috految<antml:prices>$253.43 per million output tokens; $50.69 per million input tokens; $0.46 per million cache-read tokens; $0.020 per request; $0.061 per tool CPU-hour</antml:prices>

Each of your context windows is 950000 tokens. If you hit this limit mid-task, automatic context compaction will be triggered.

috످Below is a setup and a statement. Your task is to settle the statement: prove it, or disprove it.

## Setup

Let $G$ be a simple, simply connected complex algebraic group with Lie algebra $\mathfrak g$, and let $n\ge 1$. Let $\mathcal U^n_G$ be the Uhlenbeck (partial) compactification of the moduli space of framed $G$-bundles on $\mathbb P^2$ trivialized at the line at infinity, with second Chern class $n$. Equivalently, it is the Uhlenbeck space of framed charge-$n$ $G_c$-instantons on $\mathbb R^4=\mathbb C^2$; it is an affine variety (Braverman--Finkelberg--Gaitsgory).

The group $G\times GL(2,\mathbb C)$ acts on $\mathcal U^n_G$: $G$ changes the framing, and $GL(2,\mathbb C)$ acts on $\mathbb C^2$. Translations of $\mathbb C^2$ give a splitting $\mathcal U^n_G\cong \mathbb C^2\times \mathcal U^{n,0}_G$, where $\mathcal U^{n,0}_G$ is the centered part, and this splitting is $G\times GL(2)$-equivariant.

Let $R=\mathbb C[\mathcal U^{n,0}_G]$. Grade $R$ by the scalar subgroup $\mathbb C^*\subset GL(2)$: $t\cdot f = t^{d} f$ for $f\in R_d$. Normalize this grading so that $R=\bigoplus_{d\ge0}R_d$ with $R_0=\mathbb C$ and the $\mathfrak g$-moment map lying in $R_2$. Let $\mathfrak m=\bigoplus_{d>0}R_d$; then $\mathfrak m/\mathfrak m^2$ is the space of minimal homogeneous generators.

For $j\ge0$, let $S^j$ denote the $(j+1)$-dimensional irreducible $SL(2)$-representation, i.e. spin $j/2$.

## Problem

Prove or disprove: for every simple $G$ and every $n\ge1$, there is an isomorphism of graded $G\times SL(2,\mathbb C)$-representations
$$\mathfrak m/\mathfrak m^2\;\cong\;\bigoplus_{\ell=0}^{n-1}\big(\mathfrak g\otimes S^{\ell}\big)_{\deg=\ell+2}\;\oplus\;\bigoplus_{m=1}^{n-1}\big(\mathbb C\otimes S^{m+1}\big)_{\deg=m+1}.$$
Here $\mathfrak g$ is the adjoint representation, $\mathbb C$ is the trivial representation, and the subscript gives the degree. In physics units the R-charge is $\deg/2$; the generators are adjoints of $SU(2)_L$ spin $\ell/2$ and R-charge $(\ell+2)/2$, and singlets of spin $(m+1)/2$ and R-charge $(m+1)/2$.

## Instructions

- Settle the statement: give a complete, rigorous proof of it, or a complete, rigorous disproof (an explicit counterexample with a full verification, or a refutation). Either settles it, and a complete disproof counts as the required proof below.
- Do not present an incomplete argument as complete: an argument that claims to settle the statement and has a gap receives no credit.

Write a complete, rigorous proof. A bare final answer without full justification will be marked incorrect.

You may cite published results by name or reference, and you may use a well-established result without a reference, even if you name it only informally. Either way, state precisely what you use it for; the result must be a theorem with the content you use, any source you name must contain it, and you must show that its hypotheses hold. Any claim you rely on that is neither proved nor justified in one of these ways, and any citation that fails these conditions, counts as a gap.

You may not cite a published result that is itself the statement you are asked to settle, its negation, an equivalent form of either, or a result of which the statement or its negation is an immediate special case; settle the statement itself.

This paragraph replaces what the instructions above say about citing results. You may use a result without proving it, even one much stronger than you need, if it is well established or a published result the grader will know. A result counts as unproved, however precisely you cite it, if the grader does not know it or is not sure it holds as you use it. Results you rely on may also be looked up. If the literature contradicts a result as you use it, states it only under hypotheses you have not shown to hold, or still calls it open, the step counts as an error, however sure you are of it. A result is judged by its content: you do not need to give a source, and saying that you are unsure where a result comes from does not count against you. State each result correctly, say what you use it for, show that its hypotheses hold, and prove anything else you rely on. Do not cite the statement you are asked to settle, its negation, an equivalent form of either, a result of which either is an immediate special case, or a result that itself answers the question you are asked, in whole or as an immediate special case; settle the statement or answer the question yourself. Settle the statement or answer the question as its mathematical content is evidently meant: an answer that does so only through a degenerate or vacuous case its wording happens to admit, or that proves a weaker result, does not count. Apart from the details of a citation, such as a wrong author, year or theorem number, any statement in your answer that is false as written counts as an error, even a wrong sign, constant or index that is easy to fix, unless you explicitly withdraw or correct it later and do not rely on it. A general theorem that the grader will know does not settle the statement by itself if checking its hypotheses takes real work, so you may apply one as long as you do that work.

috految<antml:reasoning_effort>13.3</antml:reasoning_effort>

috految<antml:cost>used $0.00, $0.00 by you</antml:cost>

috److془We need to carefully settle this problem. Let's think.

Conjecture of Cremonesi-Ferlito-Hanany-Mekareeya. Generators of instanton moduli space.

We need to consider the definition of BFG: Uhlenbeck space $\mathcal U^a_G$. Normality isn't known in general (maybe). BFG: "Lemma 6.2: for embedding $G_1 \to G_2$, $U^a_{G_1} \to U^{a\phi}_{G_2}$ closed embedding". Indeed in BFN "Instanton moduli spaces and W-algebras": "Uhlenbeck space is defined as closure of Bun_G^d in U_{SL(r)}^{d\phi}". Section 2.3: "Let G be almost simple simply connected. ... we quote some properties: (1) it's an affine scheme of finite type... for every embedding of G in SL(r), $Bun_G^d \to Bun_{SL(r)}^{\phi(d)}$ extends to closed embedding". Hmm but BFG's Theorem 5.12 says that $\mathcal N^a_n \to U^a_n$ is isomorphism on reduced level. Let's recall. Also best to prove normality too to be robust (or includes the normalization). Let's see.

Generators: $J B_u^\ell I$, $tr B_u^k$. Transition function $g(z) = 1 + J (z-B_1)^{-1} (w-B_2)^{-1} I$ in G. Mod $\mathfrak m^2$, $J B_1^aB_2^b I\in \mathfrak g$. $J(z-B_1)^{-1}I = $ rational function in $\mathfrak g$ with denominator $\prod(z-z_i)$ degree n. Thus generation. Traces: $tr B_u^k = d \sum z_i^k$. Reordering gives tr J ... I which has mod m^2 in span of the J..I. Minimality: $sl_2$ instantons. Hmm so that's easy. Let's check: $\mathfrak g\otimes S^\ell$, highest weight vector has bidegree $(\ell+1,1)$. Products: $p_\lambda(z) \cdot M_j$, $M_j=\sum z_i^j \mu_i$. Independent. Singlets: $p_k$, $k\le n$. Good. So statement true with BFG definition. Hmm, n=1: minimal orbit generated by g. Good. Sp(N) n instantons: O(n) quiver, symmetric B; fine. Hmm: SO(N) with Sp(n) fine.

Now the subtlety: the definition. Does BFG's make it precisely? Let me recall BFG:

"Part I.. Section 4 Definition of Uhlenbeck spaces. 4.1 Rational surfaces. 4.2 First definition: $\mathcal U^a_G$ ... Let $O$ be the variety of pairs of directions $(d_v,d_h)$. Consider the relative scheme $QMaps^a(C, \mathcal G_{G,X}) $ over O. $Sect(O, QMaps^a(C, \mathcal G_{G,X}))$... We define $U^a_G$ as closure of Bun in the product $Sect(O, QMaps^a) \times Sect(O, X^{(a)})$. Second definition: closure of Bun in $Sect (D_\infty, X^{(a)})$... Third: "Third definition (Drinfeld)": Theorem 4.8: "The definitions are equivalent" "Theorem 4.8 The scheme $U^a_G$ is an affine scheme of finite type". Section 5 "Comparison of the definitions." "Theorem 5.12: The map $N^a_n \to U^a_n$ is an isomorphism on the reduced level"? Intro: "Our main results: 0.2 ... the Uhlenbeck space... In section 4 we give three (almost) equivalent definitions.. " I recall: "Part II: In Section 4 we give three definitions of the Uhlenbeck space U^a_G and prove their equivalence.. Two most essential properties: Uhlenbeck space is affine and finite type. "In Section 6 we prove two additional properties: functoriality in G and factorization". "Lemma 6.2. Let φ : G1 → G2 be a homomorphism of simple simply connected groups, the natural map extends uniquely to a morphism. If φ is injective, then it is a closed embedding". I recall "Theorem 5.12, the map $\widetilde N \to U$..., " and Abstract: "Let G be an almost simple simply connected group over C, and let Bun^a_G(P^2,P^1) be the moduli scheme of principal G-bundles on the projective plane, of second Chern class a, trivialized along a line. We define the Uhlenbeck compactification U^a_G of Bun, which classifies, roughly, pairs (F_G,D), ... In addition, we calculate the stalks of IC". Intro: "the Uhlenbeck space: Throughout, can define for SL_n ... 'However, it's not clear whether it is independent of rep'. "Unfortunately, we are unable to prove that U is normal". Hmm: "Lemma 6.2" and "Proposition 6.4". BFN: "Let G → G' be a homomorphism... extends to a closed embedding [BFG Lem 6.2]". Erratum existed (Section 19).

Hmm, wait: is it true? In Braverman-Finkelberg "Pursuing double affine Grassmannian I". "1) U_G is irreducible affine variety .. ". Nakajima's "Lectures on perverse sheaves on instanton moduli spaces". Note Choy: "Geometry of Uhlenbeck partial compactification of orthogonal instanton spaces and K-theoretic Nekrasov partition functions". Fine. But to be robust, prove $\mathbb C[Bun]$ = algebra A generated. Would be nice. Or direct proof from definition. Let's think about normality: if short, do it.

Normality: A ⊂ \tilde A = C[Bun]. Zastava normality in affine case is open-ish for non-simply laced. Could use Poisson argument: $\tilde A/A$ by induction is finite dimensional (centered). Hmm. Or: Quotient by factorization: generated by Weekes-like argument. Hmm at n=1 need normality of minimal orbit. Use: $\tilde A$ graded by second degree, is a module over $C[z]^{S_n}$. Coulomb branch of affine type: Weekes shows generated by dressed minuscule monopoles. Alternatively: $\tilde A/A$ is finite-diml. Indeed! The degree in w lowest... Hmm Sym^n C^2 case: need Weyl theorem. Highest vectors I'd guess hard. Alternatively, Gaiotto-like: A/(..)... Hmm: Poisson Lie algebra acts on $\tilde A/A$; Hmm. Not needed. Problem says BFG affine variety. But direct check from definition. Could the problem intend normalization? "it is an affine variety (Braverman--Finkelberg--Gaitsgory)". BFG's. Fine. Though ensure that BFG's definition is not normalization. Known: BFN "Coulomb branches of quiver gauge theories": "Theorem 3.22 assuming normality of Uhlenbeck zastava..., Conjecture: normal". Good. BFG Notation: "Conjecture 2.27: QMaps is CM, normal". Good.

Let me recall BFG intro: "0.2 ... In the case G=SL_n, the variety U^a_G was constructed by Donaldson... However, for arbitrary G, one can choose faithful representation φ: G→SL_n and define U^a_G as the closure in $U^{a\phi}_n$... The first problem that one faces is the independence of φ. " "Drinfeld's: we give ... 'Unfortunately, we still do not know how to formulate a moduli problem solved by U_G^a'". "In Section 4 we give three definitions, "Theorem 4.10 the schemes $U^a_G$, ${}'U$, ```U''' are isomorphic on reduced structure". Hmm, I recall: "4.7.. Let us give one more definition of U^a_G, which will turn out to be almost equivalent to first: $'U_G^a$, given by functor
: factorization maps ..". "Second definition: closure in Sect(O, QMaps)× ..; 4.5 Second definition Let $Gr^{BD}$, $Maps(\mathbf C_h, Gr^{BD,a})$". "Third definition (Drinfeld) : $\mathfrak U^a_G$ closure in $\mathbf{Sect}(\mathbf D_\infty, X^{(a)}) \times$ Bun_G of formal neighbourhood" Fine. Earlier: "We will call $\mathcal M$: $\mathfrak{U}$..".

Verify directly: quasi maps to Kashiwara Grassmannian: polynomial vector $q(z) g(z) v_0$, coefficients are polynomials in coefficients of q and of g expansion at infinity. Conversely. So coordinate ring generated by coefficients of q and g in all directions. Exactly A. Great. Hmm: the Kashiwara $\mathcal G$: G-bundles on P^1 with trivialization at formal neighborhood of ∞. Big cell $G_1[[w^{-1}]]$. Perfect. Note: $\mathcal U^a_G\to QMaps$ single direction contracts. Good. Beilinson-Drinfeld version: the same. With the Sect description, equals ADHM closure by our proof. Beautiful. Sect over O: functions are coefficients relative to O(O), same linear span as values at points. Push-forward subtlety: none. Standard: BFN: "the Uhlenbeck for SL_r is ADHM". 

Hmm: I recall "Normalization of $U^a$ is affine closure of Bun". Fine. Is the density true: yes, irreducible of dimension 2 n h^∨. Bun_G^n irreducible BFG Prop 2.25. 

Now the details: $g$ formula, pole bound. Plücker: $q(z) g(z) v_0$ polynomial, the depth one component $q(z) M(z) w^{-1} v_0$, $\mathfrak g\to$ depth 1 injective as level 1. 

Degree of map with respect to basic line bundle is n: (c_2 normalized as Dynkin index multiples; minimal instanton has 1; long root SL2 index 1). Type C: Sp vector rep index 1 okay. L(Λ_0) level 1, the generator. Good. Determinant of cohomology for V is $L^d$, and theta section is $\theta^d$. So $\det(z-B_1)=q^d$. Note the nontrivial bundles locus is the irreducible divisor θ=0. Passing bundle: P^2 framed equivalent to P^1×P^1 framed along both infinity lines. The jumping divisor of E is det(z-B_1), standard. 

Formula for g: monad $K\xrightarrow{a} K\oplus K\oplus V\xrightarrow b K$, $a=(B_1-z,B_2-w,J)$, $b=(-(B_2-w),B_1-z,I)$. $ba = [B_1,B_2]+IJ=0$. On P^2: O(-1), O, O(1). Frame on vertical lines z = const: $s(v)=(0,(z-B_1)^{-1}Iv,v)$; constant in w so section of ker b on projective line; at infinity with $z/w=0$, image a is second summand; giving framing v. Horizontal: $t(v)=(-(w-B_2)^{-1}Iv,0,v)$: check b: (w-B_2)(..)+Iv=0 ✓. s(v)+a(k), k=(w-B_2)^{-1}(z-B_1)^{-1}Iv has second component zero; = t(v+Jk). g=1+J(w-B_2)^{-1}(z-B_1)^{-1}I. ✓. Lines with E trivial correspond to G-trivial; unique framed trivialisation. Formal trivialization along w=∞ is t. Point in big cell is g(z,·), with Gr = G((w^{-1}))/G[w], P^1 bundle regular frame s = t g ✓. Basic module generated by v_0 killed by g[w], completed in depth. ✓. Based: g→1 at z=∞. Plucker vector: polynomial, v_0 coefficient monic q of degree n. Nice.

Equivariance: GL2 acts on (B_1,B_2) linearly, IJ by det. Scalar: B deg 1, J..I deg 2 +length. The moment map multiple of JI degree 2. Symplectic form g-moment has weight 2 ✓. Translations shift B. Centered: C[U]=C[C^2]⊗R, so Q_U = (S^1)_1 ⊕ m/m^2 ✓. Singlets k=2..n ✓.

Minimality: bigrading, B_1 (1,0), B_2 (0,1), JI (1,1). Generators: $p_{k}$ family: have bidegree (a,b), a+b=k; M family: (a+1,b+1). $p_k$ bidegree (k,0): A_{*,0}=C[p_1..p_n]. Adjoint part of A_{*,1}: spanned over A_{*,0} by components of M_0..M_{n-1}. Inclusion: M_ℓ∈ m^2 implies M_ℓ = Σ_{j<ℓ} c_j(p) M_j. Test: SL_2 instantons with B_1=diag(z_i), B_2=0, I: e_1 → (1..1), e_2→0; J(e_i)=c_i e_2 with c_i≠0. IJ=0. stable, costable. Induce via long root; q= ∏(z-z_i), M_j = (Σ c_i z_i^j) e. Vandermonde. 

Generation: reorder: [B1,B2]=-IJ. J W I with difference -(JW'I)(JW''I). tr difference -tr(J W'' W' I). Good. The symmetrized words are in span of B_u^ℓ. M_ℓ(u) in g. Invariant theory Le Bruyn-Procesi. Done. Ambient trivial.

Concern: "solve weaker result by degenerate reading" no. Concern on normalization in BFG: In BFN W-algebra: "We have the Uhlenbeck partial compactification... an affine scheme of finite type with Bun open dense…" "If φ embedding, closed embedding". Good. Write in direct verification of the equality. Could direct definition have extras like Sect(O, QMaps) × Sect(X^{(a)}): additional q. Good. Bundle of lines: X direction, the affine line is A^2/d. Good. Conversely coefficients of q polynomials in traces; of g in B; g v_0 coefs polynomial in those of g as prounipotent. M family in Plücker algebra by division. Done. Generation shows A generated by p_k(u), M_ℓ(u), for all the coordinate systems. Trivializations in the family: fine. Base point at infinity. Write.془The statement is true. We find generators using ADHM matrices in a faithful representation, truncate the list using the level one Plücker embedding, and prove minimality by evaluating on explicit instantons.

**0. Standard background.** Write $\mathrm{Bun}^n_G$ for the moduli space of framed bundles, a dense open subvariety of the affine variety $\mathcal U^n_G$. The charge has its usual normalization: a homomorphism multiplies it by its Dynkin index, and a long root homomorphism $SL_2\to G$ has index 1. Fix a faithful representation $G\subset SL(V)$, of Dynkin index $d>0$. We use the following standard constructions (ADHM, Donaldson, Braverman–Finkelberg–Gaitsgory [BFG]).

*ADHM data.* The vector bundle associated with $P\in \mathrm{Bun}_G^n$ is given by stable and costable data
$$B_1,B_2\in \operatorname{End}K,\quad I:V\to K,\quad J:K\to V,\qquad [B_1,B_2]+IJ=0,\qquad \dim K=dn,$$
modulo $GL(K)$. It is the cohomology of the monad $K(-1)\xrightarrow{a}K\oplus K\oplus V\xrightarrow{b}K(1)$, which in affine coordinates $(z,w)$ is
$$a=(B_1-z,\ B_2-w,\ J)^t,\qquad b=(w-B_2,\ B_1-z,\ I).$$
The divisor of jumping lines in the pencil $z=\text{const}$ is $\det(z-B_1)=0$. The group $GL_2$ acts linearly on $(B_1,B_2)$ and rescales $I$ by the determinant, and $G$ acts through $V$.

*Based maps.* Given linear coordinates $(z,w)$, framed bundles on $\mathbb P^2$ are the same as bundles on $\mathbb P^1_z\times\mathbb P^1_w$ framed along the two lines at infinity. Such a $G$-bundle is canonically trivialized on the formal neighbourhood of $w=\infty$, using the framed trivializations along the lines $w=\text{const}$. Varying $z$ gives a based map of degree $n$ from $\mathbb P^1_z$ to the thick (Kashiwara) affine Grassmannian $\mathcal G$, which parametrizes $G$-bundles on $\mathbb P^1_w$ trivialized on the formal neighbourhood of $\infty$. The degree is measured by the basic, level one, line bundle.

The Plücker embedding of $\mathcal G$ is given by the completed basic representation $\widehat L=\prod_{r\ge0}L_r$, where
$$L_0=\mathbb Cv_0,\qquad L_1=(\mathfrak g\otimes w^{-1})v_0\cong\mathfrak g.$$
The big cell, where the bundle is trivial, is the pro-unipotent group $\ker(G[[w^{-1}]]\to G)$, embedded by $g\mapsto[gv_0]$. Its complement is the zero divisor of the $v_0$-coordinate. The based map is thus represented by an $\widehat L$-valued polynomial
$$\Phi(z)=q(z)\,g(z,w)v_0. \tag{1}$$
Here $q$ is monic of degree $n$, and $g(z,\cdot)$ is the big cell coordinate where $q(z)\neq0$, with $g(\infty,\cdot)=1$. The divisor of $q$ is the factorization (jumping line) divisor. Under a homomorphism of simple simply connected groups, the basic line bundle with its canonical section pulls back to the power given by the Dynkin index. In particular,
$$\det(z-B_1)=q(z)^d. \tag{2}$$

*The Uhlenbeck variety.* The BFG variety $\mathcal U_G^n$ is the closure of $\mathrm{Bun}^n_G$ in the ADHM affine quotient $\mathcal U^{dn}_{SL(V)}$, the map of Uhlenbeck varieties induced by $G\subset SL(V)$ being a closed embedding. Intrinsically, it is obtained by taking the closure of $\mathrm{Bun}^n_G$ in the space of families of based quasimaps to $\mathcal G$ (with their factorization divisors), as the pair of coordinate directions varies. We also check directly in §2 that these two descriptions give the same coordinate ring. No normality assertion is used.

Let $A\subset\mathbb C[\mathrm{Bun}^n_G]$ be the coordinate ring of the closure in the ADHM quotient. By the first fundamental theorem of invariant theory for $GL(K)$, it is generated by
$$\operatorname{tr}W\quad(W\text{ a nonempty word in }B_1,B_2),\qquad \text{entries of }JWI\quad(W\text{ any word}). \tag{3}$$
The diagonal torus of $GL_2$ gives a bigrading. If $W$ has $r$ letters $B_1$ and $s$ letters $B_2$, these generators have bidegrees $(r,s)$ and $(r+1,s+1)$ respectively. The total degree is the grading in the problem: linear coordinates on $\mathbb C^2$ have degree 1, and the moment map has degree 2. Let $A_+$ be the ideal of elements of positive degree.

**1. Identities on $\mathrm{Bun}^n_G$.** For $z$ outside the spectrum of $B_1$, the framed trivialization of the vector bundle on the line with that value of $z$ is
$$s(v)=(0,\ (z-B_1)^{-1}Iv,\ v),\qquad v\in V.$$
Indeed, these are constant sections of the middle term of the monad on that line, lie in $\ker b$, and give the framing at infinity. Similarly, on a general line $w=\text{const}$ the framed trivialization is
$$t(v)=(-(w-B_2)^{-1}Iv,\ 0,\ v).$$
For $k=(w-B_2)^{-1}(z-B_1)^{-1}Iv$, the vector $s(v)+a(k)\in\ker b$ has second component zero, so it equals $t(v+Jk)$. By uniqueness of framed trivializations on $\mathbb P^1$, the frames $s,t$ are induced by those of the $G$-bundle, on general lines. Hence the transition function $g$ in (1), in the representation $V$, is
$$g(z,w)=1+J(w-B_2)^{-1}(z-B_1)^{-1}I. \tag{4}$$
Its coefficient of $w^{-1}$ lies in $\mathfrak g$, since $g$ is $G$-valued and equals 1 at $w=\infty$. This coefficient is
$$M(z)=J(z-B_1)^{-1}I=\sum_{\ell\ge0}M_\ell z^{-\ell-1},\qquad M_\ell=JB_1^\ell I.$$
Thus all $M_\ell$ are $\mathfrak g$-valued.

The $L_1$-component of (1) is $q(z)(M(z)\otimes w^{-1})v_0$. Therefore $q(z)M(z)$ is a polynomial. Writing $q=z^n+q_1z^{n-1}+\dots+q_n$, we get
$$M_\ell+q_1M_{\ell-1}+\dots+q_nM_{\ell-n}=0\qquad(\ell\ge n). \tag{5}$$
By (2), $p_k:=\frac1d\operatorname{tr}B_1^k$ is the $k$th power sum of the $n$ roots of $q$. By Newton's identities, all $q_i$ and all $p_k$ are polynomials in $p_1,\dots,p_n$.

**2. Generation.** For $u\in\mathbb C^2$ put $B_u=u_1B_1+u_2B_2$ and
$$p_k(u)=\tfrac1d\operatorname{tr}B_u^k,\qquad M_\ell(u)=JB_u^\ell I.$$
By $SL_2$-covariance, $M_\ell(u)$ is $\mathfrak g$-valued and the identities of §1 hold for every $u\ne0$. The coefficients of these polynomials in $u$ give $G\times SL_2$-equivariant maps
$$\mathbb C\otimes S^k\to A_k,\qquad \mathfrak g\otimes S^\ell\to A_{\ell+2}, \tag{6}$$
where we used the self-duality of $\mathfrak g$ and $S^j$.

The ADHM equation gives
$$JW'[B_1,B_2]W''I=-(JW'I)(JW''I),\qquad
\operatorname{tr}(W'[B_1,B_2]W'')=-\operatorname{tr}_V(JW''W'I).$$
Fully symmetrized words of length $\ell$ are linear combinations of the powers $B_u^\ell$. So the first identity, with induction on the length of $W$, shows that all entries of $JWI$ lie in the algebra generated by the components of the $M_\ell(u)$. The second then shows that all $\operatorname{tr}W$ lie in the algebra generated by these and the $p_k(u)$. Applying (3), (5) and Newton's identities, we conclude:

$(*)$ *$A$ is generated by the images of (6) with $1\le k\le n$ and $0\le\ell\le n-1$.*

Here is the promised direct comparison with the quasimap description. Based quasimaps have as affine coordinates the coefficients of their Plücker polynomial $\Phi$ (including the coefficients of the divisor $q$). So the ring of the closure in the space of families of quasimaps is the algebra $A'$ generated by these coefficients, as functions on $\mathrm{Bun}^n_G$, for all coordinate systems. (For a regular function of the bundle and the coordinate system, its coefficients with respect to a basis of functions of the latter span the same space as its values at all coordinate systems.) The coefficients of $q$ are in $A$, by §1. By (4), so are all coefficients of $g$ expanded in $z^{-1},w^{-1}$. Each coordinate of $gv_0$ is a polynomial in the coefficients of $g$ in $w^{-1}$, so (1) gives $A'\subset A$. Conversely, the $L_0$ and $L_1$ components of $\Phi$ give $q$ and $qM$. As $q$ is monic, all $p_k$ and all components of $M_\ell$, in all coordinate systems, lie in $A'$. By $(*)$, $A=A'$. Thus in either description $A=\mathbb C[\mathcal U_G^n]$.

By $(*)$ we have a surjection of graded $G\times SL_2$-modules
$$\bigoplus_{k=1}^n(\mathbb C\otimes S^k)_{\deg=k}\ \oplus\ \bigoplus_{\ell=0}^{n-1}(\mathfrak g\otimes S^\ell)_{\deg=\ell+2}\ \twoheadrightarrow\ A_+/A_+^2. \tag{7}$$

**3. Minimality.** The summands in (7) are irreducible and pairwise non-isomorphic. It suffices to show that none is killed.

Choose distinct $z_1,\dots,z_n\in\mathbb C$ and arbitrary $c_1,\dots,c_n\in\mathbb C^*$. Consider the charge $n$ ADHM data for $SL_2$, with framing basis $e_1,e_2$ and basis $f_1,\dots,f_n$ of $\mathbb C^n$, given by
$$B_1=\operatorname{diag}(z_i),\quad B_2=0,\quad Ie_1=\sum_i f_i,\quad Ie_2=0,\quad Jf_i=c_ie_2.$$
The ADHM equation holds since $IJ=0$. The data are stable and costable since the $z_i$ are distinct and the $c_i$ are nonzero. Induce the resulting framed bundle along a long root homomorphism $SL_2\to G$, obtaining a point of $\mathrm{Bun}^n_G$. Its divisor $q$ is that of the $SL_2$-bundle, since the index is 1, and its transition function $g$ is the image of that of the $SL_2$-bundle. By (2) and (4) for $SL_2$, at this point
$$p_k=\sum_i z_i^k,\qquad M_\ell=\Big(\sum_i c_iz_i^\ell\Big)e, \tag{8}$$
where $e\in\mathfrak g$ is a fixed nonzero root vector. In particular $p_1,\dots,p_n$ are algebraically independent.

Choose the generators in $(*)$ bihomogeneous. Their second degrees are nonnegative. Those of second degree 0 are $p_1,\dots,p_n$. Those of second degree 1 are the components of $M_0,\dots,M_{n-1}$ and some $G$-invariant functions, coming from the $p_k(u)$.

The part of $A$ of second degree 0 is therefore the polynomial ring $\mathbb C[p_1,\dots,p_n]$, and $p_k\notin A_+^2$ for $1\le k\le n$. So no singlet summand of (7) is killed.

Suppose the summand $\mathfrak g\otimes S^\ell$, with $\ell<n$, is killed. Then the components of $M_\ell$, which have bidegree $(\ell+1,1)$, lie in $A_+^2$. Every product of at least two generators having second degree 1 is a nonconstant monomial in $p_1,\dots,p_n$ times one generator of second degree 1. Projecting to the adjoint isotypic component for $G$ and comparing degrees, we find that the components of $M_\ell$ are $\mathbb C[p_1,\dots,p_n]$-linear combinations of the components of $M_0,\dots,M_{\ell-1}$. Apply this to a component not vanishing on $e$, and evaluate at (8) with the $z_i$ fixed. We obtain constants $a_j$, independent of $c$, with
$$\sum_i c_iz_i^\ell=\sum_{j<\ell}a_j\sum_i c_iz_i^j\qquad\text{for all }c\in(\mathbb C^*)^n.$$
Then the monic polynomial $z^\ell-\sum_{j<\ell}a_jz^j$ of degree $\ell<n$ has $n$ distinct roots, a contradiction. So (7) is an isomorphism.

**4. Centering.** The equivariant splitting gives $A=\mathbb C[\mathbb C^2]\otimes R$, so
$$A_+/A_+^2\cong(\mathbb C\otimes S^1)_{\deg=1}\oplus\mathfrak m/\mathfrak m^2.$$
Cancelling the summand $k=1$ in (7) yields
$$\mathfrak m/\mathfrak m^2\cong\bigoplus_{\ell=0}^{n-1}(\mathfrak g\otimes S^\ell)_{\deg=\ell+2}\ \oplus\ \bigoplus_{m=1}^{n-1}(\mathbb C\otimes S^{m+1})_{\deg=m+1}$$
as graded $G\times SL(2)$-representations. $\blacksquare$

috످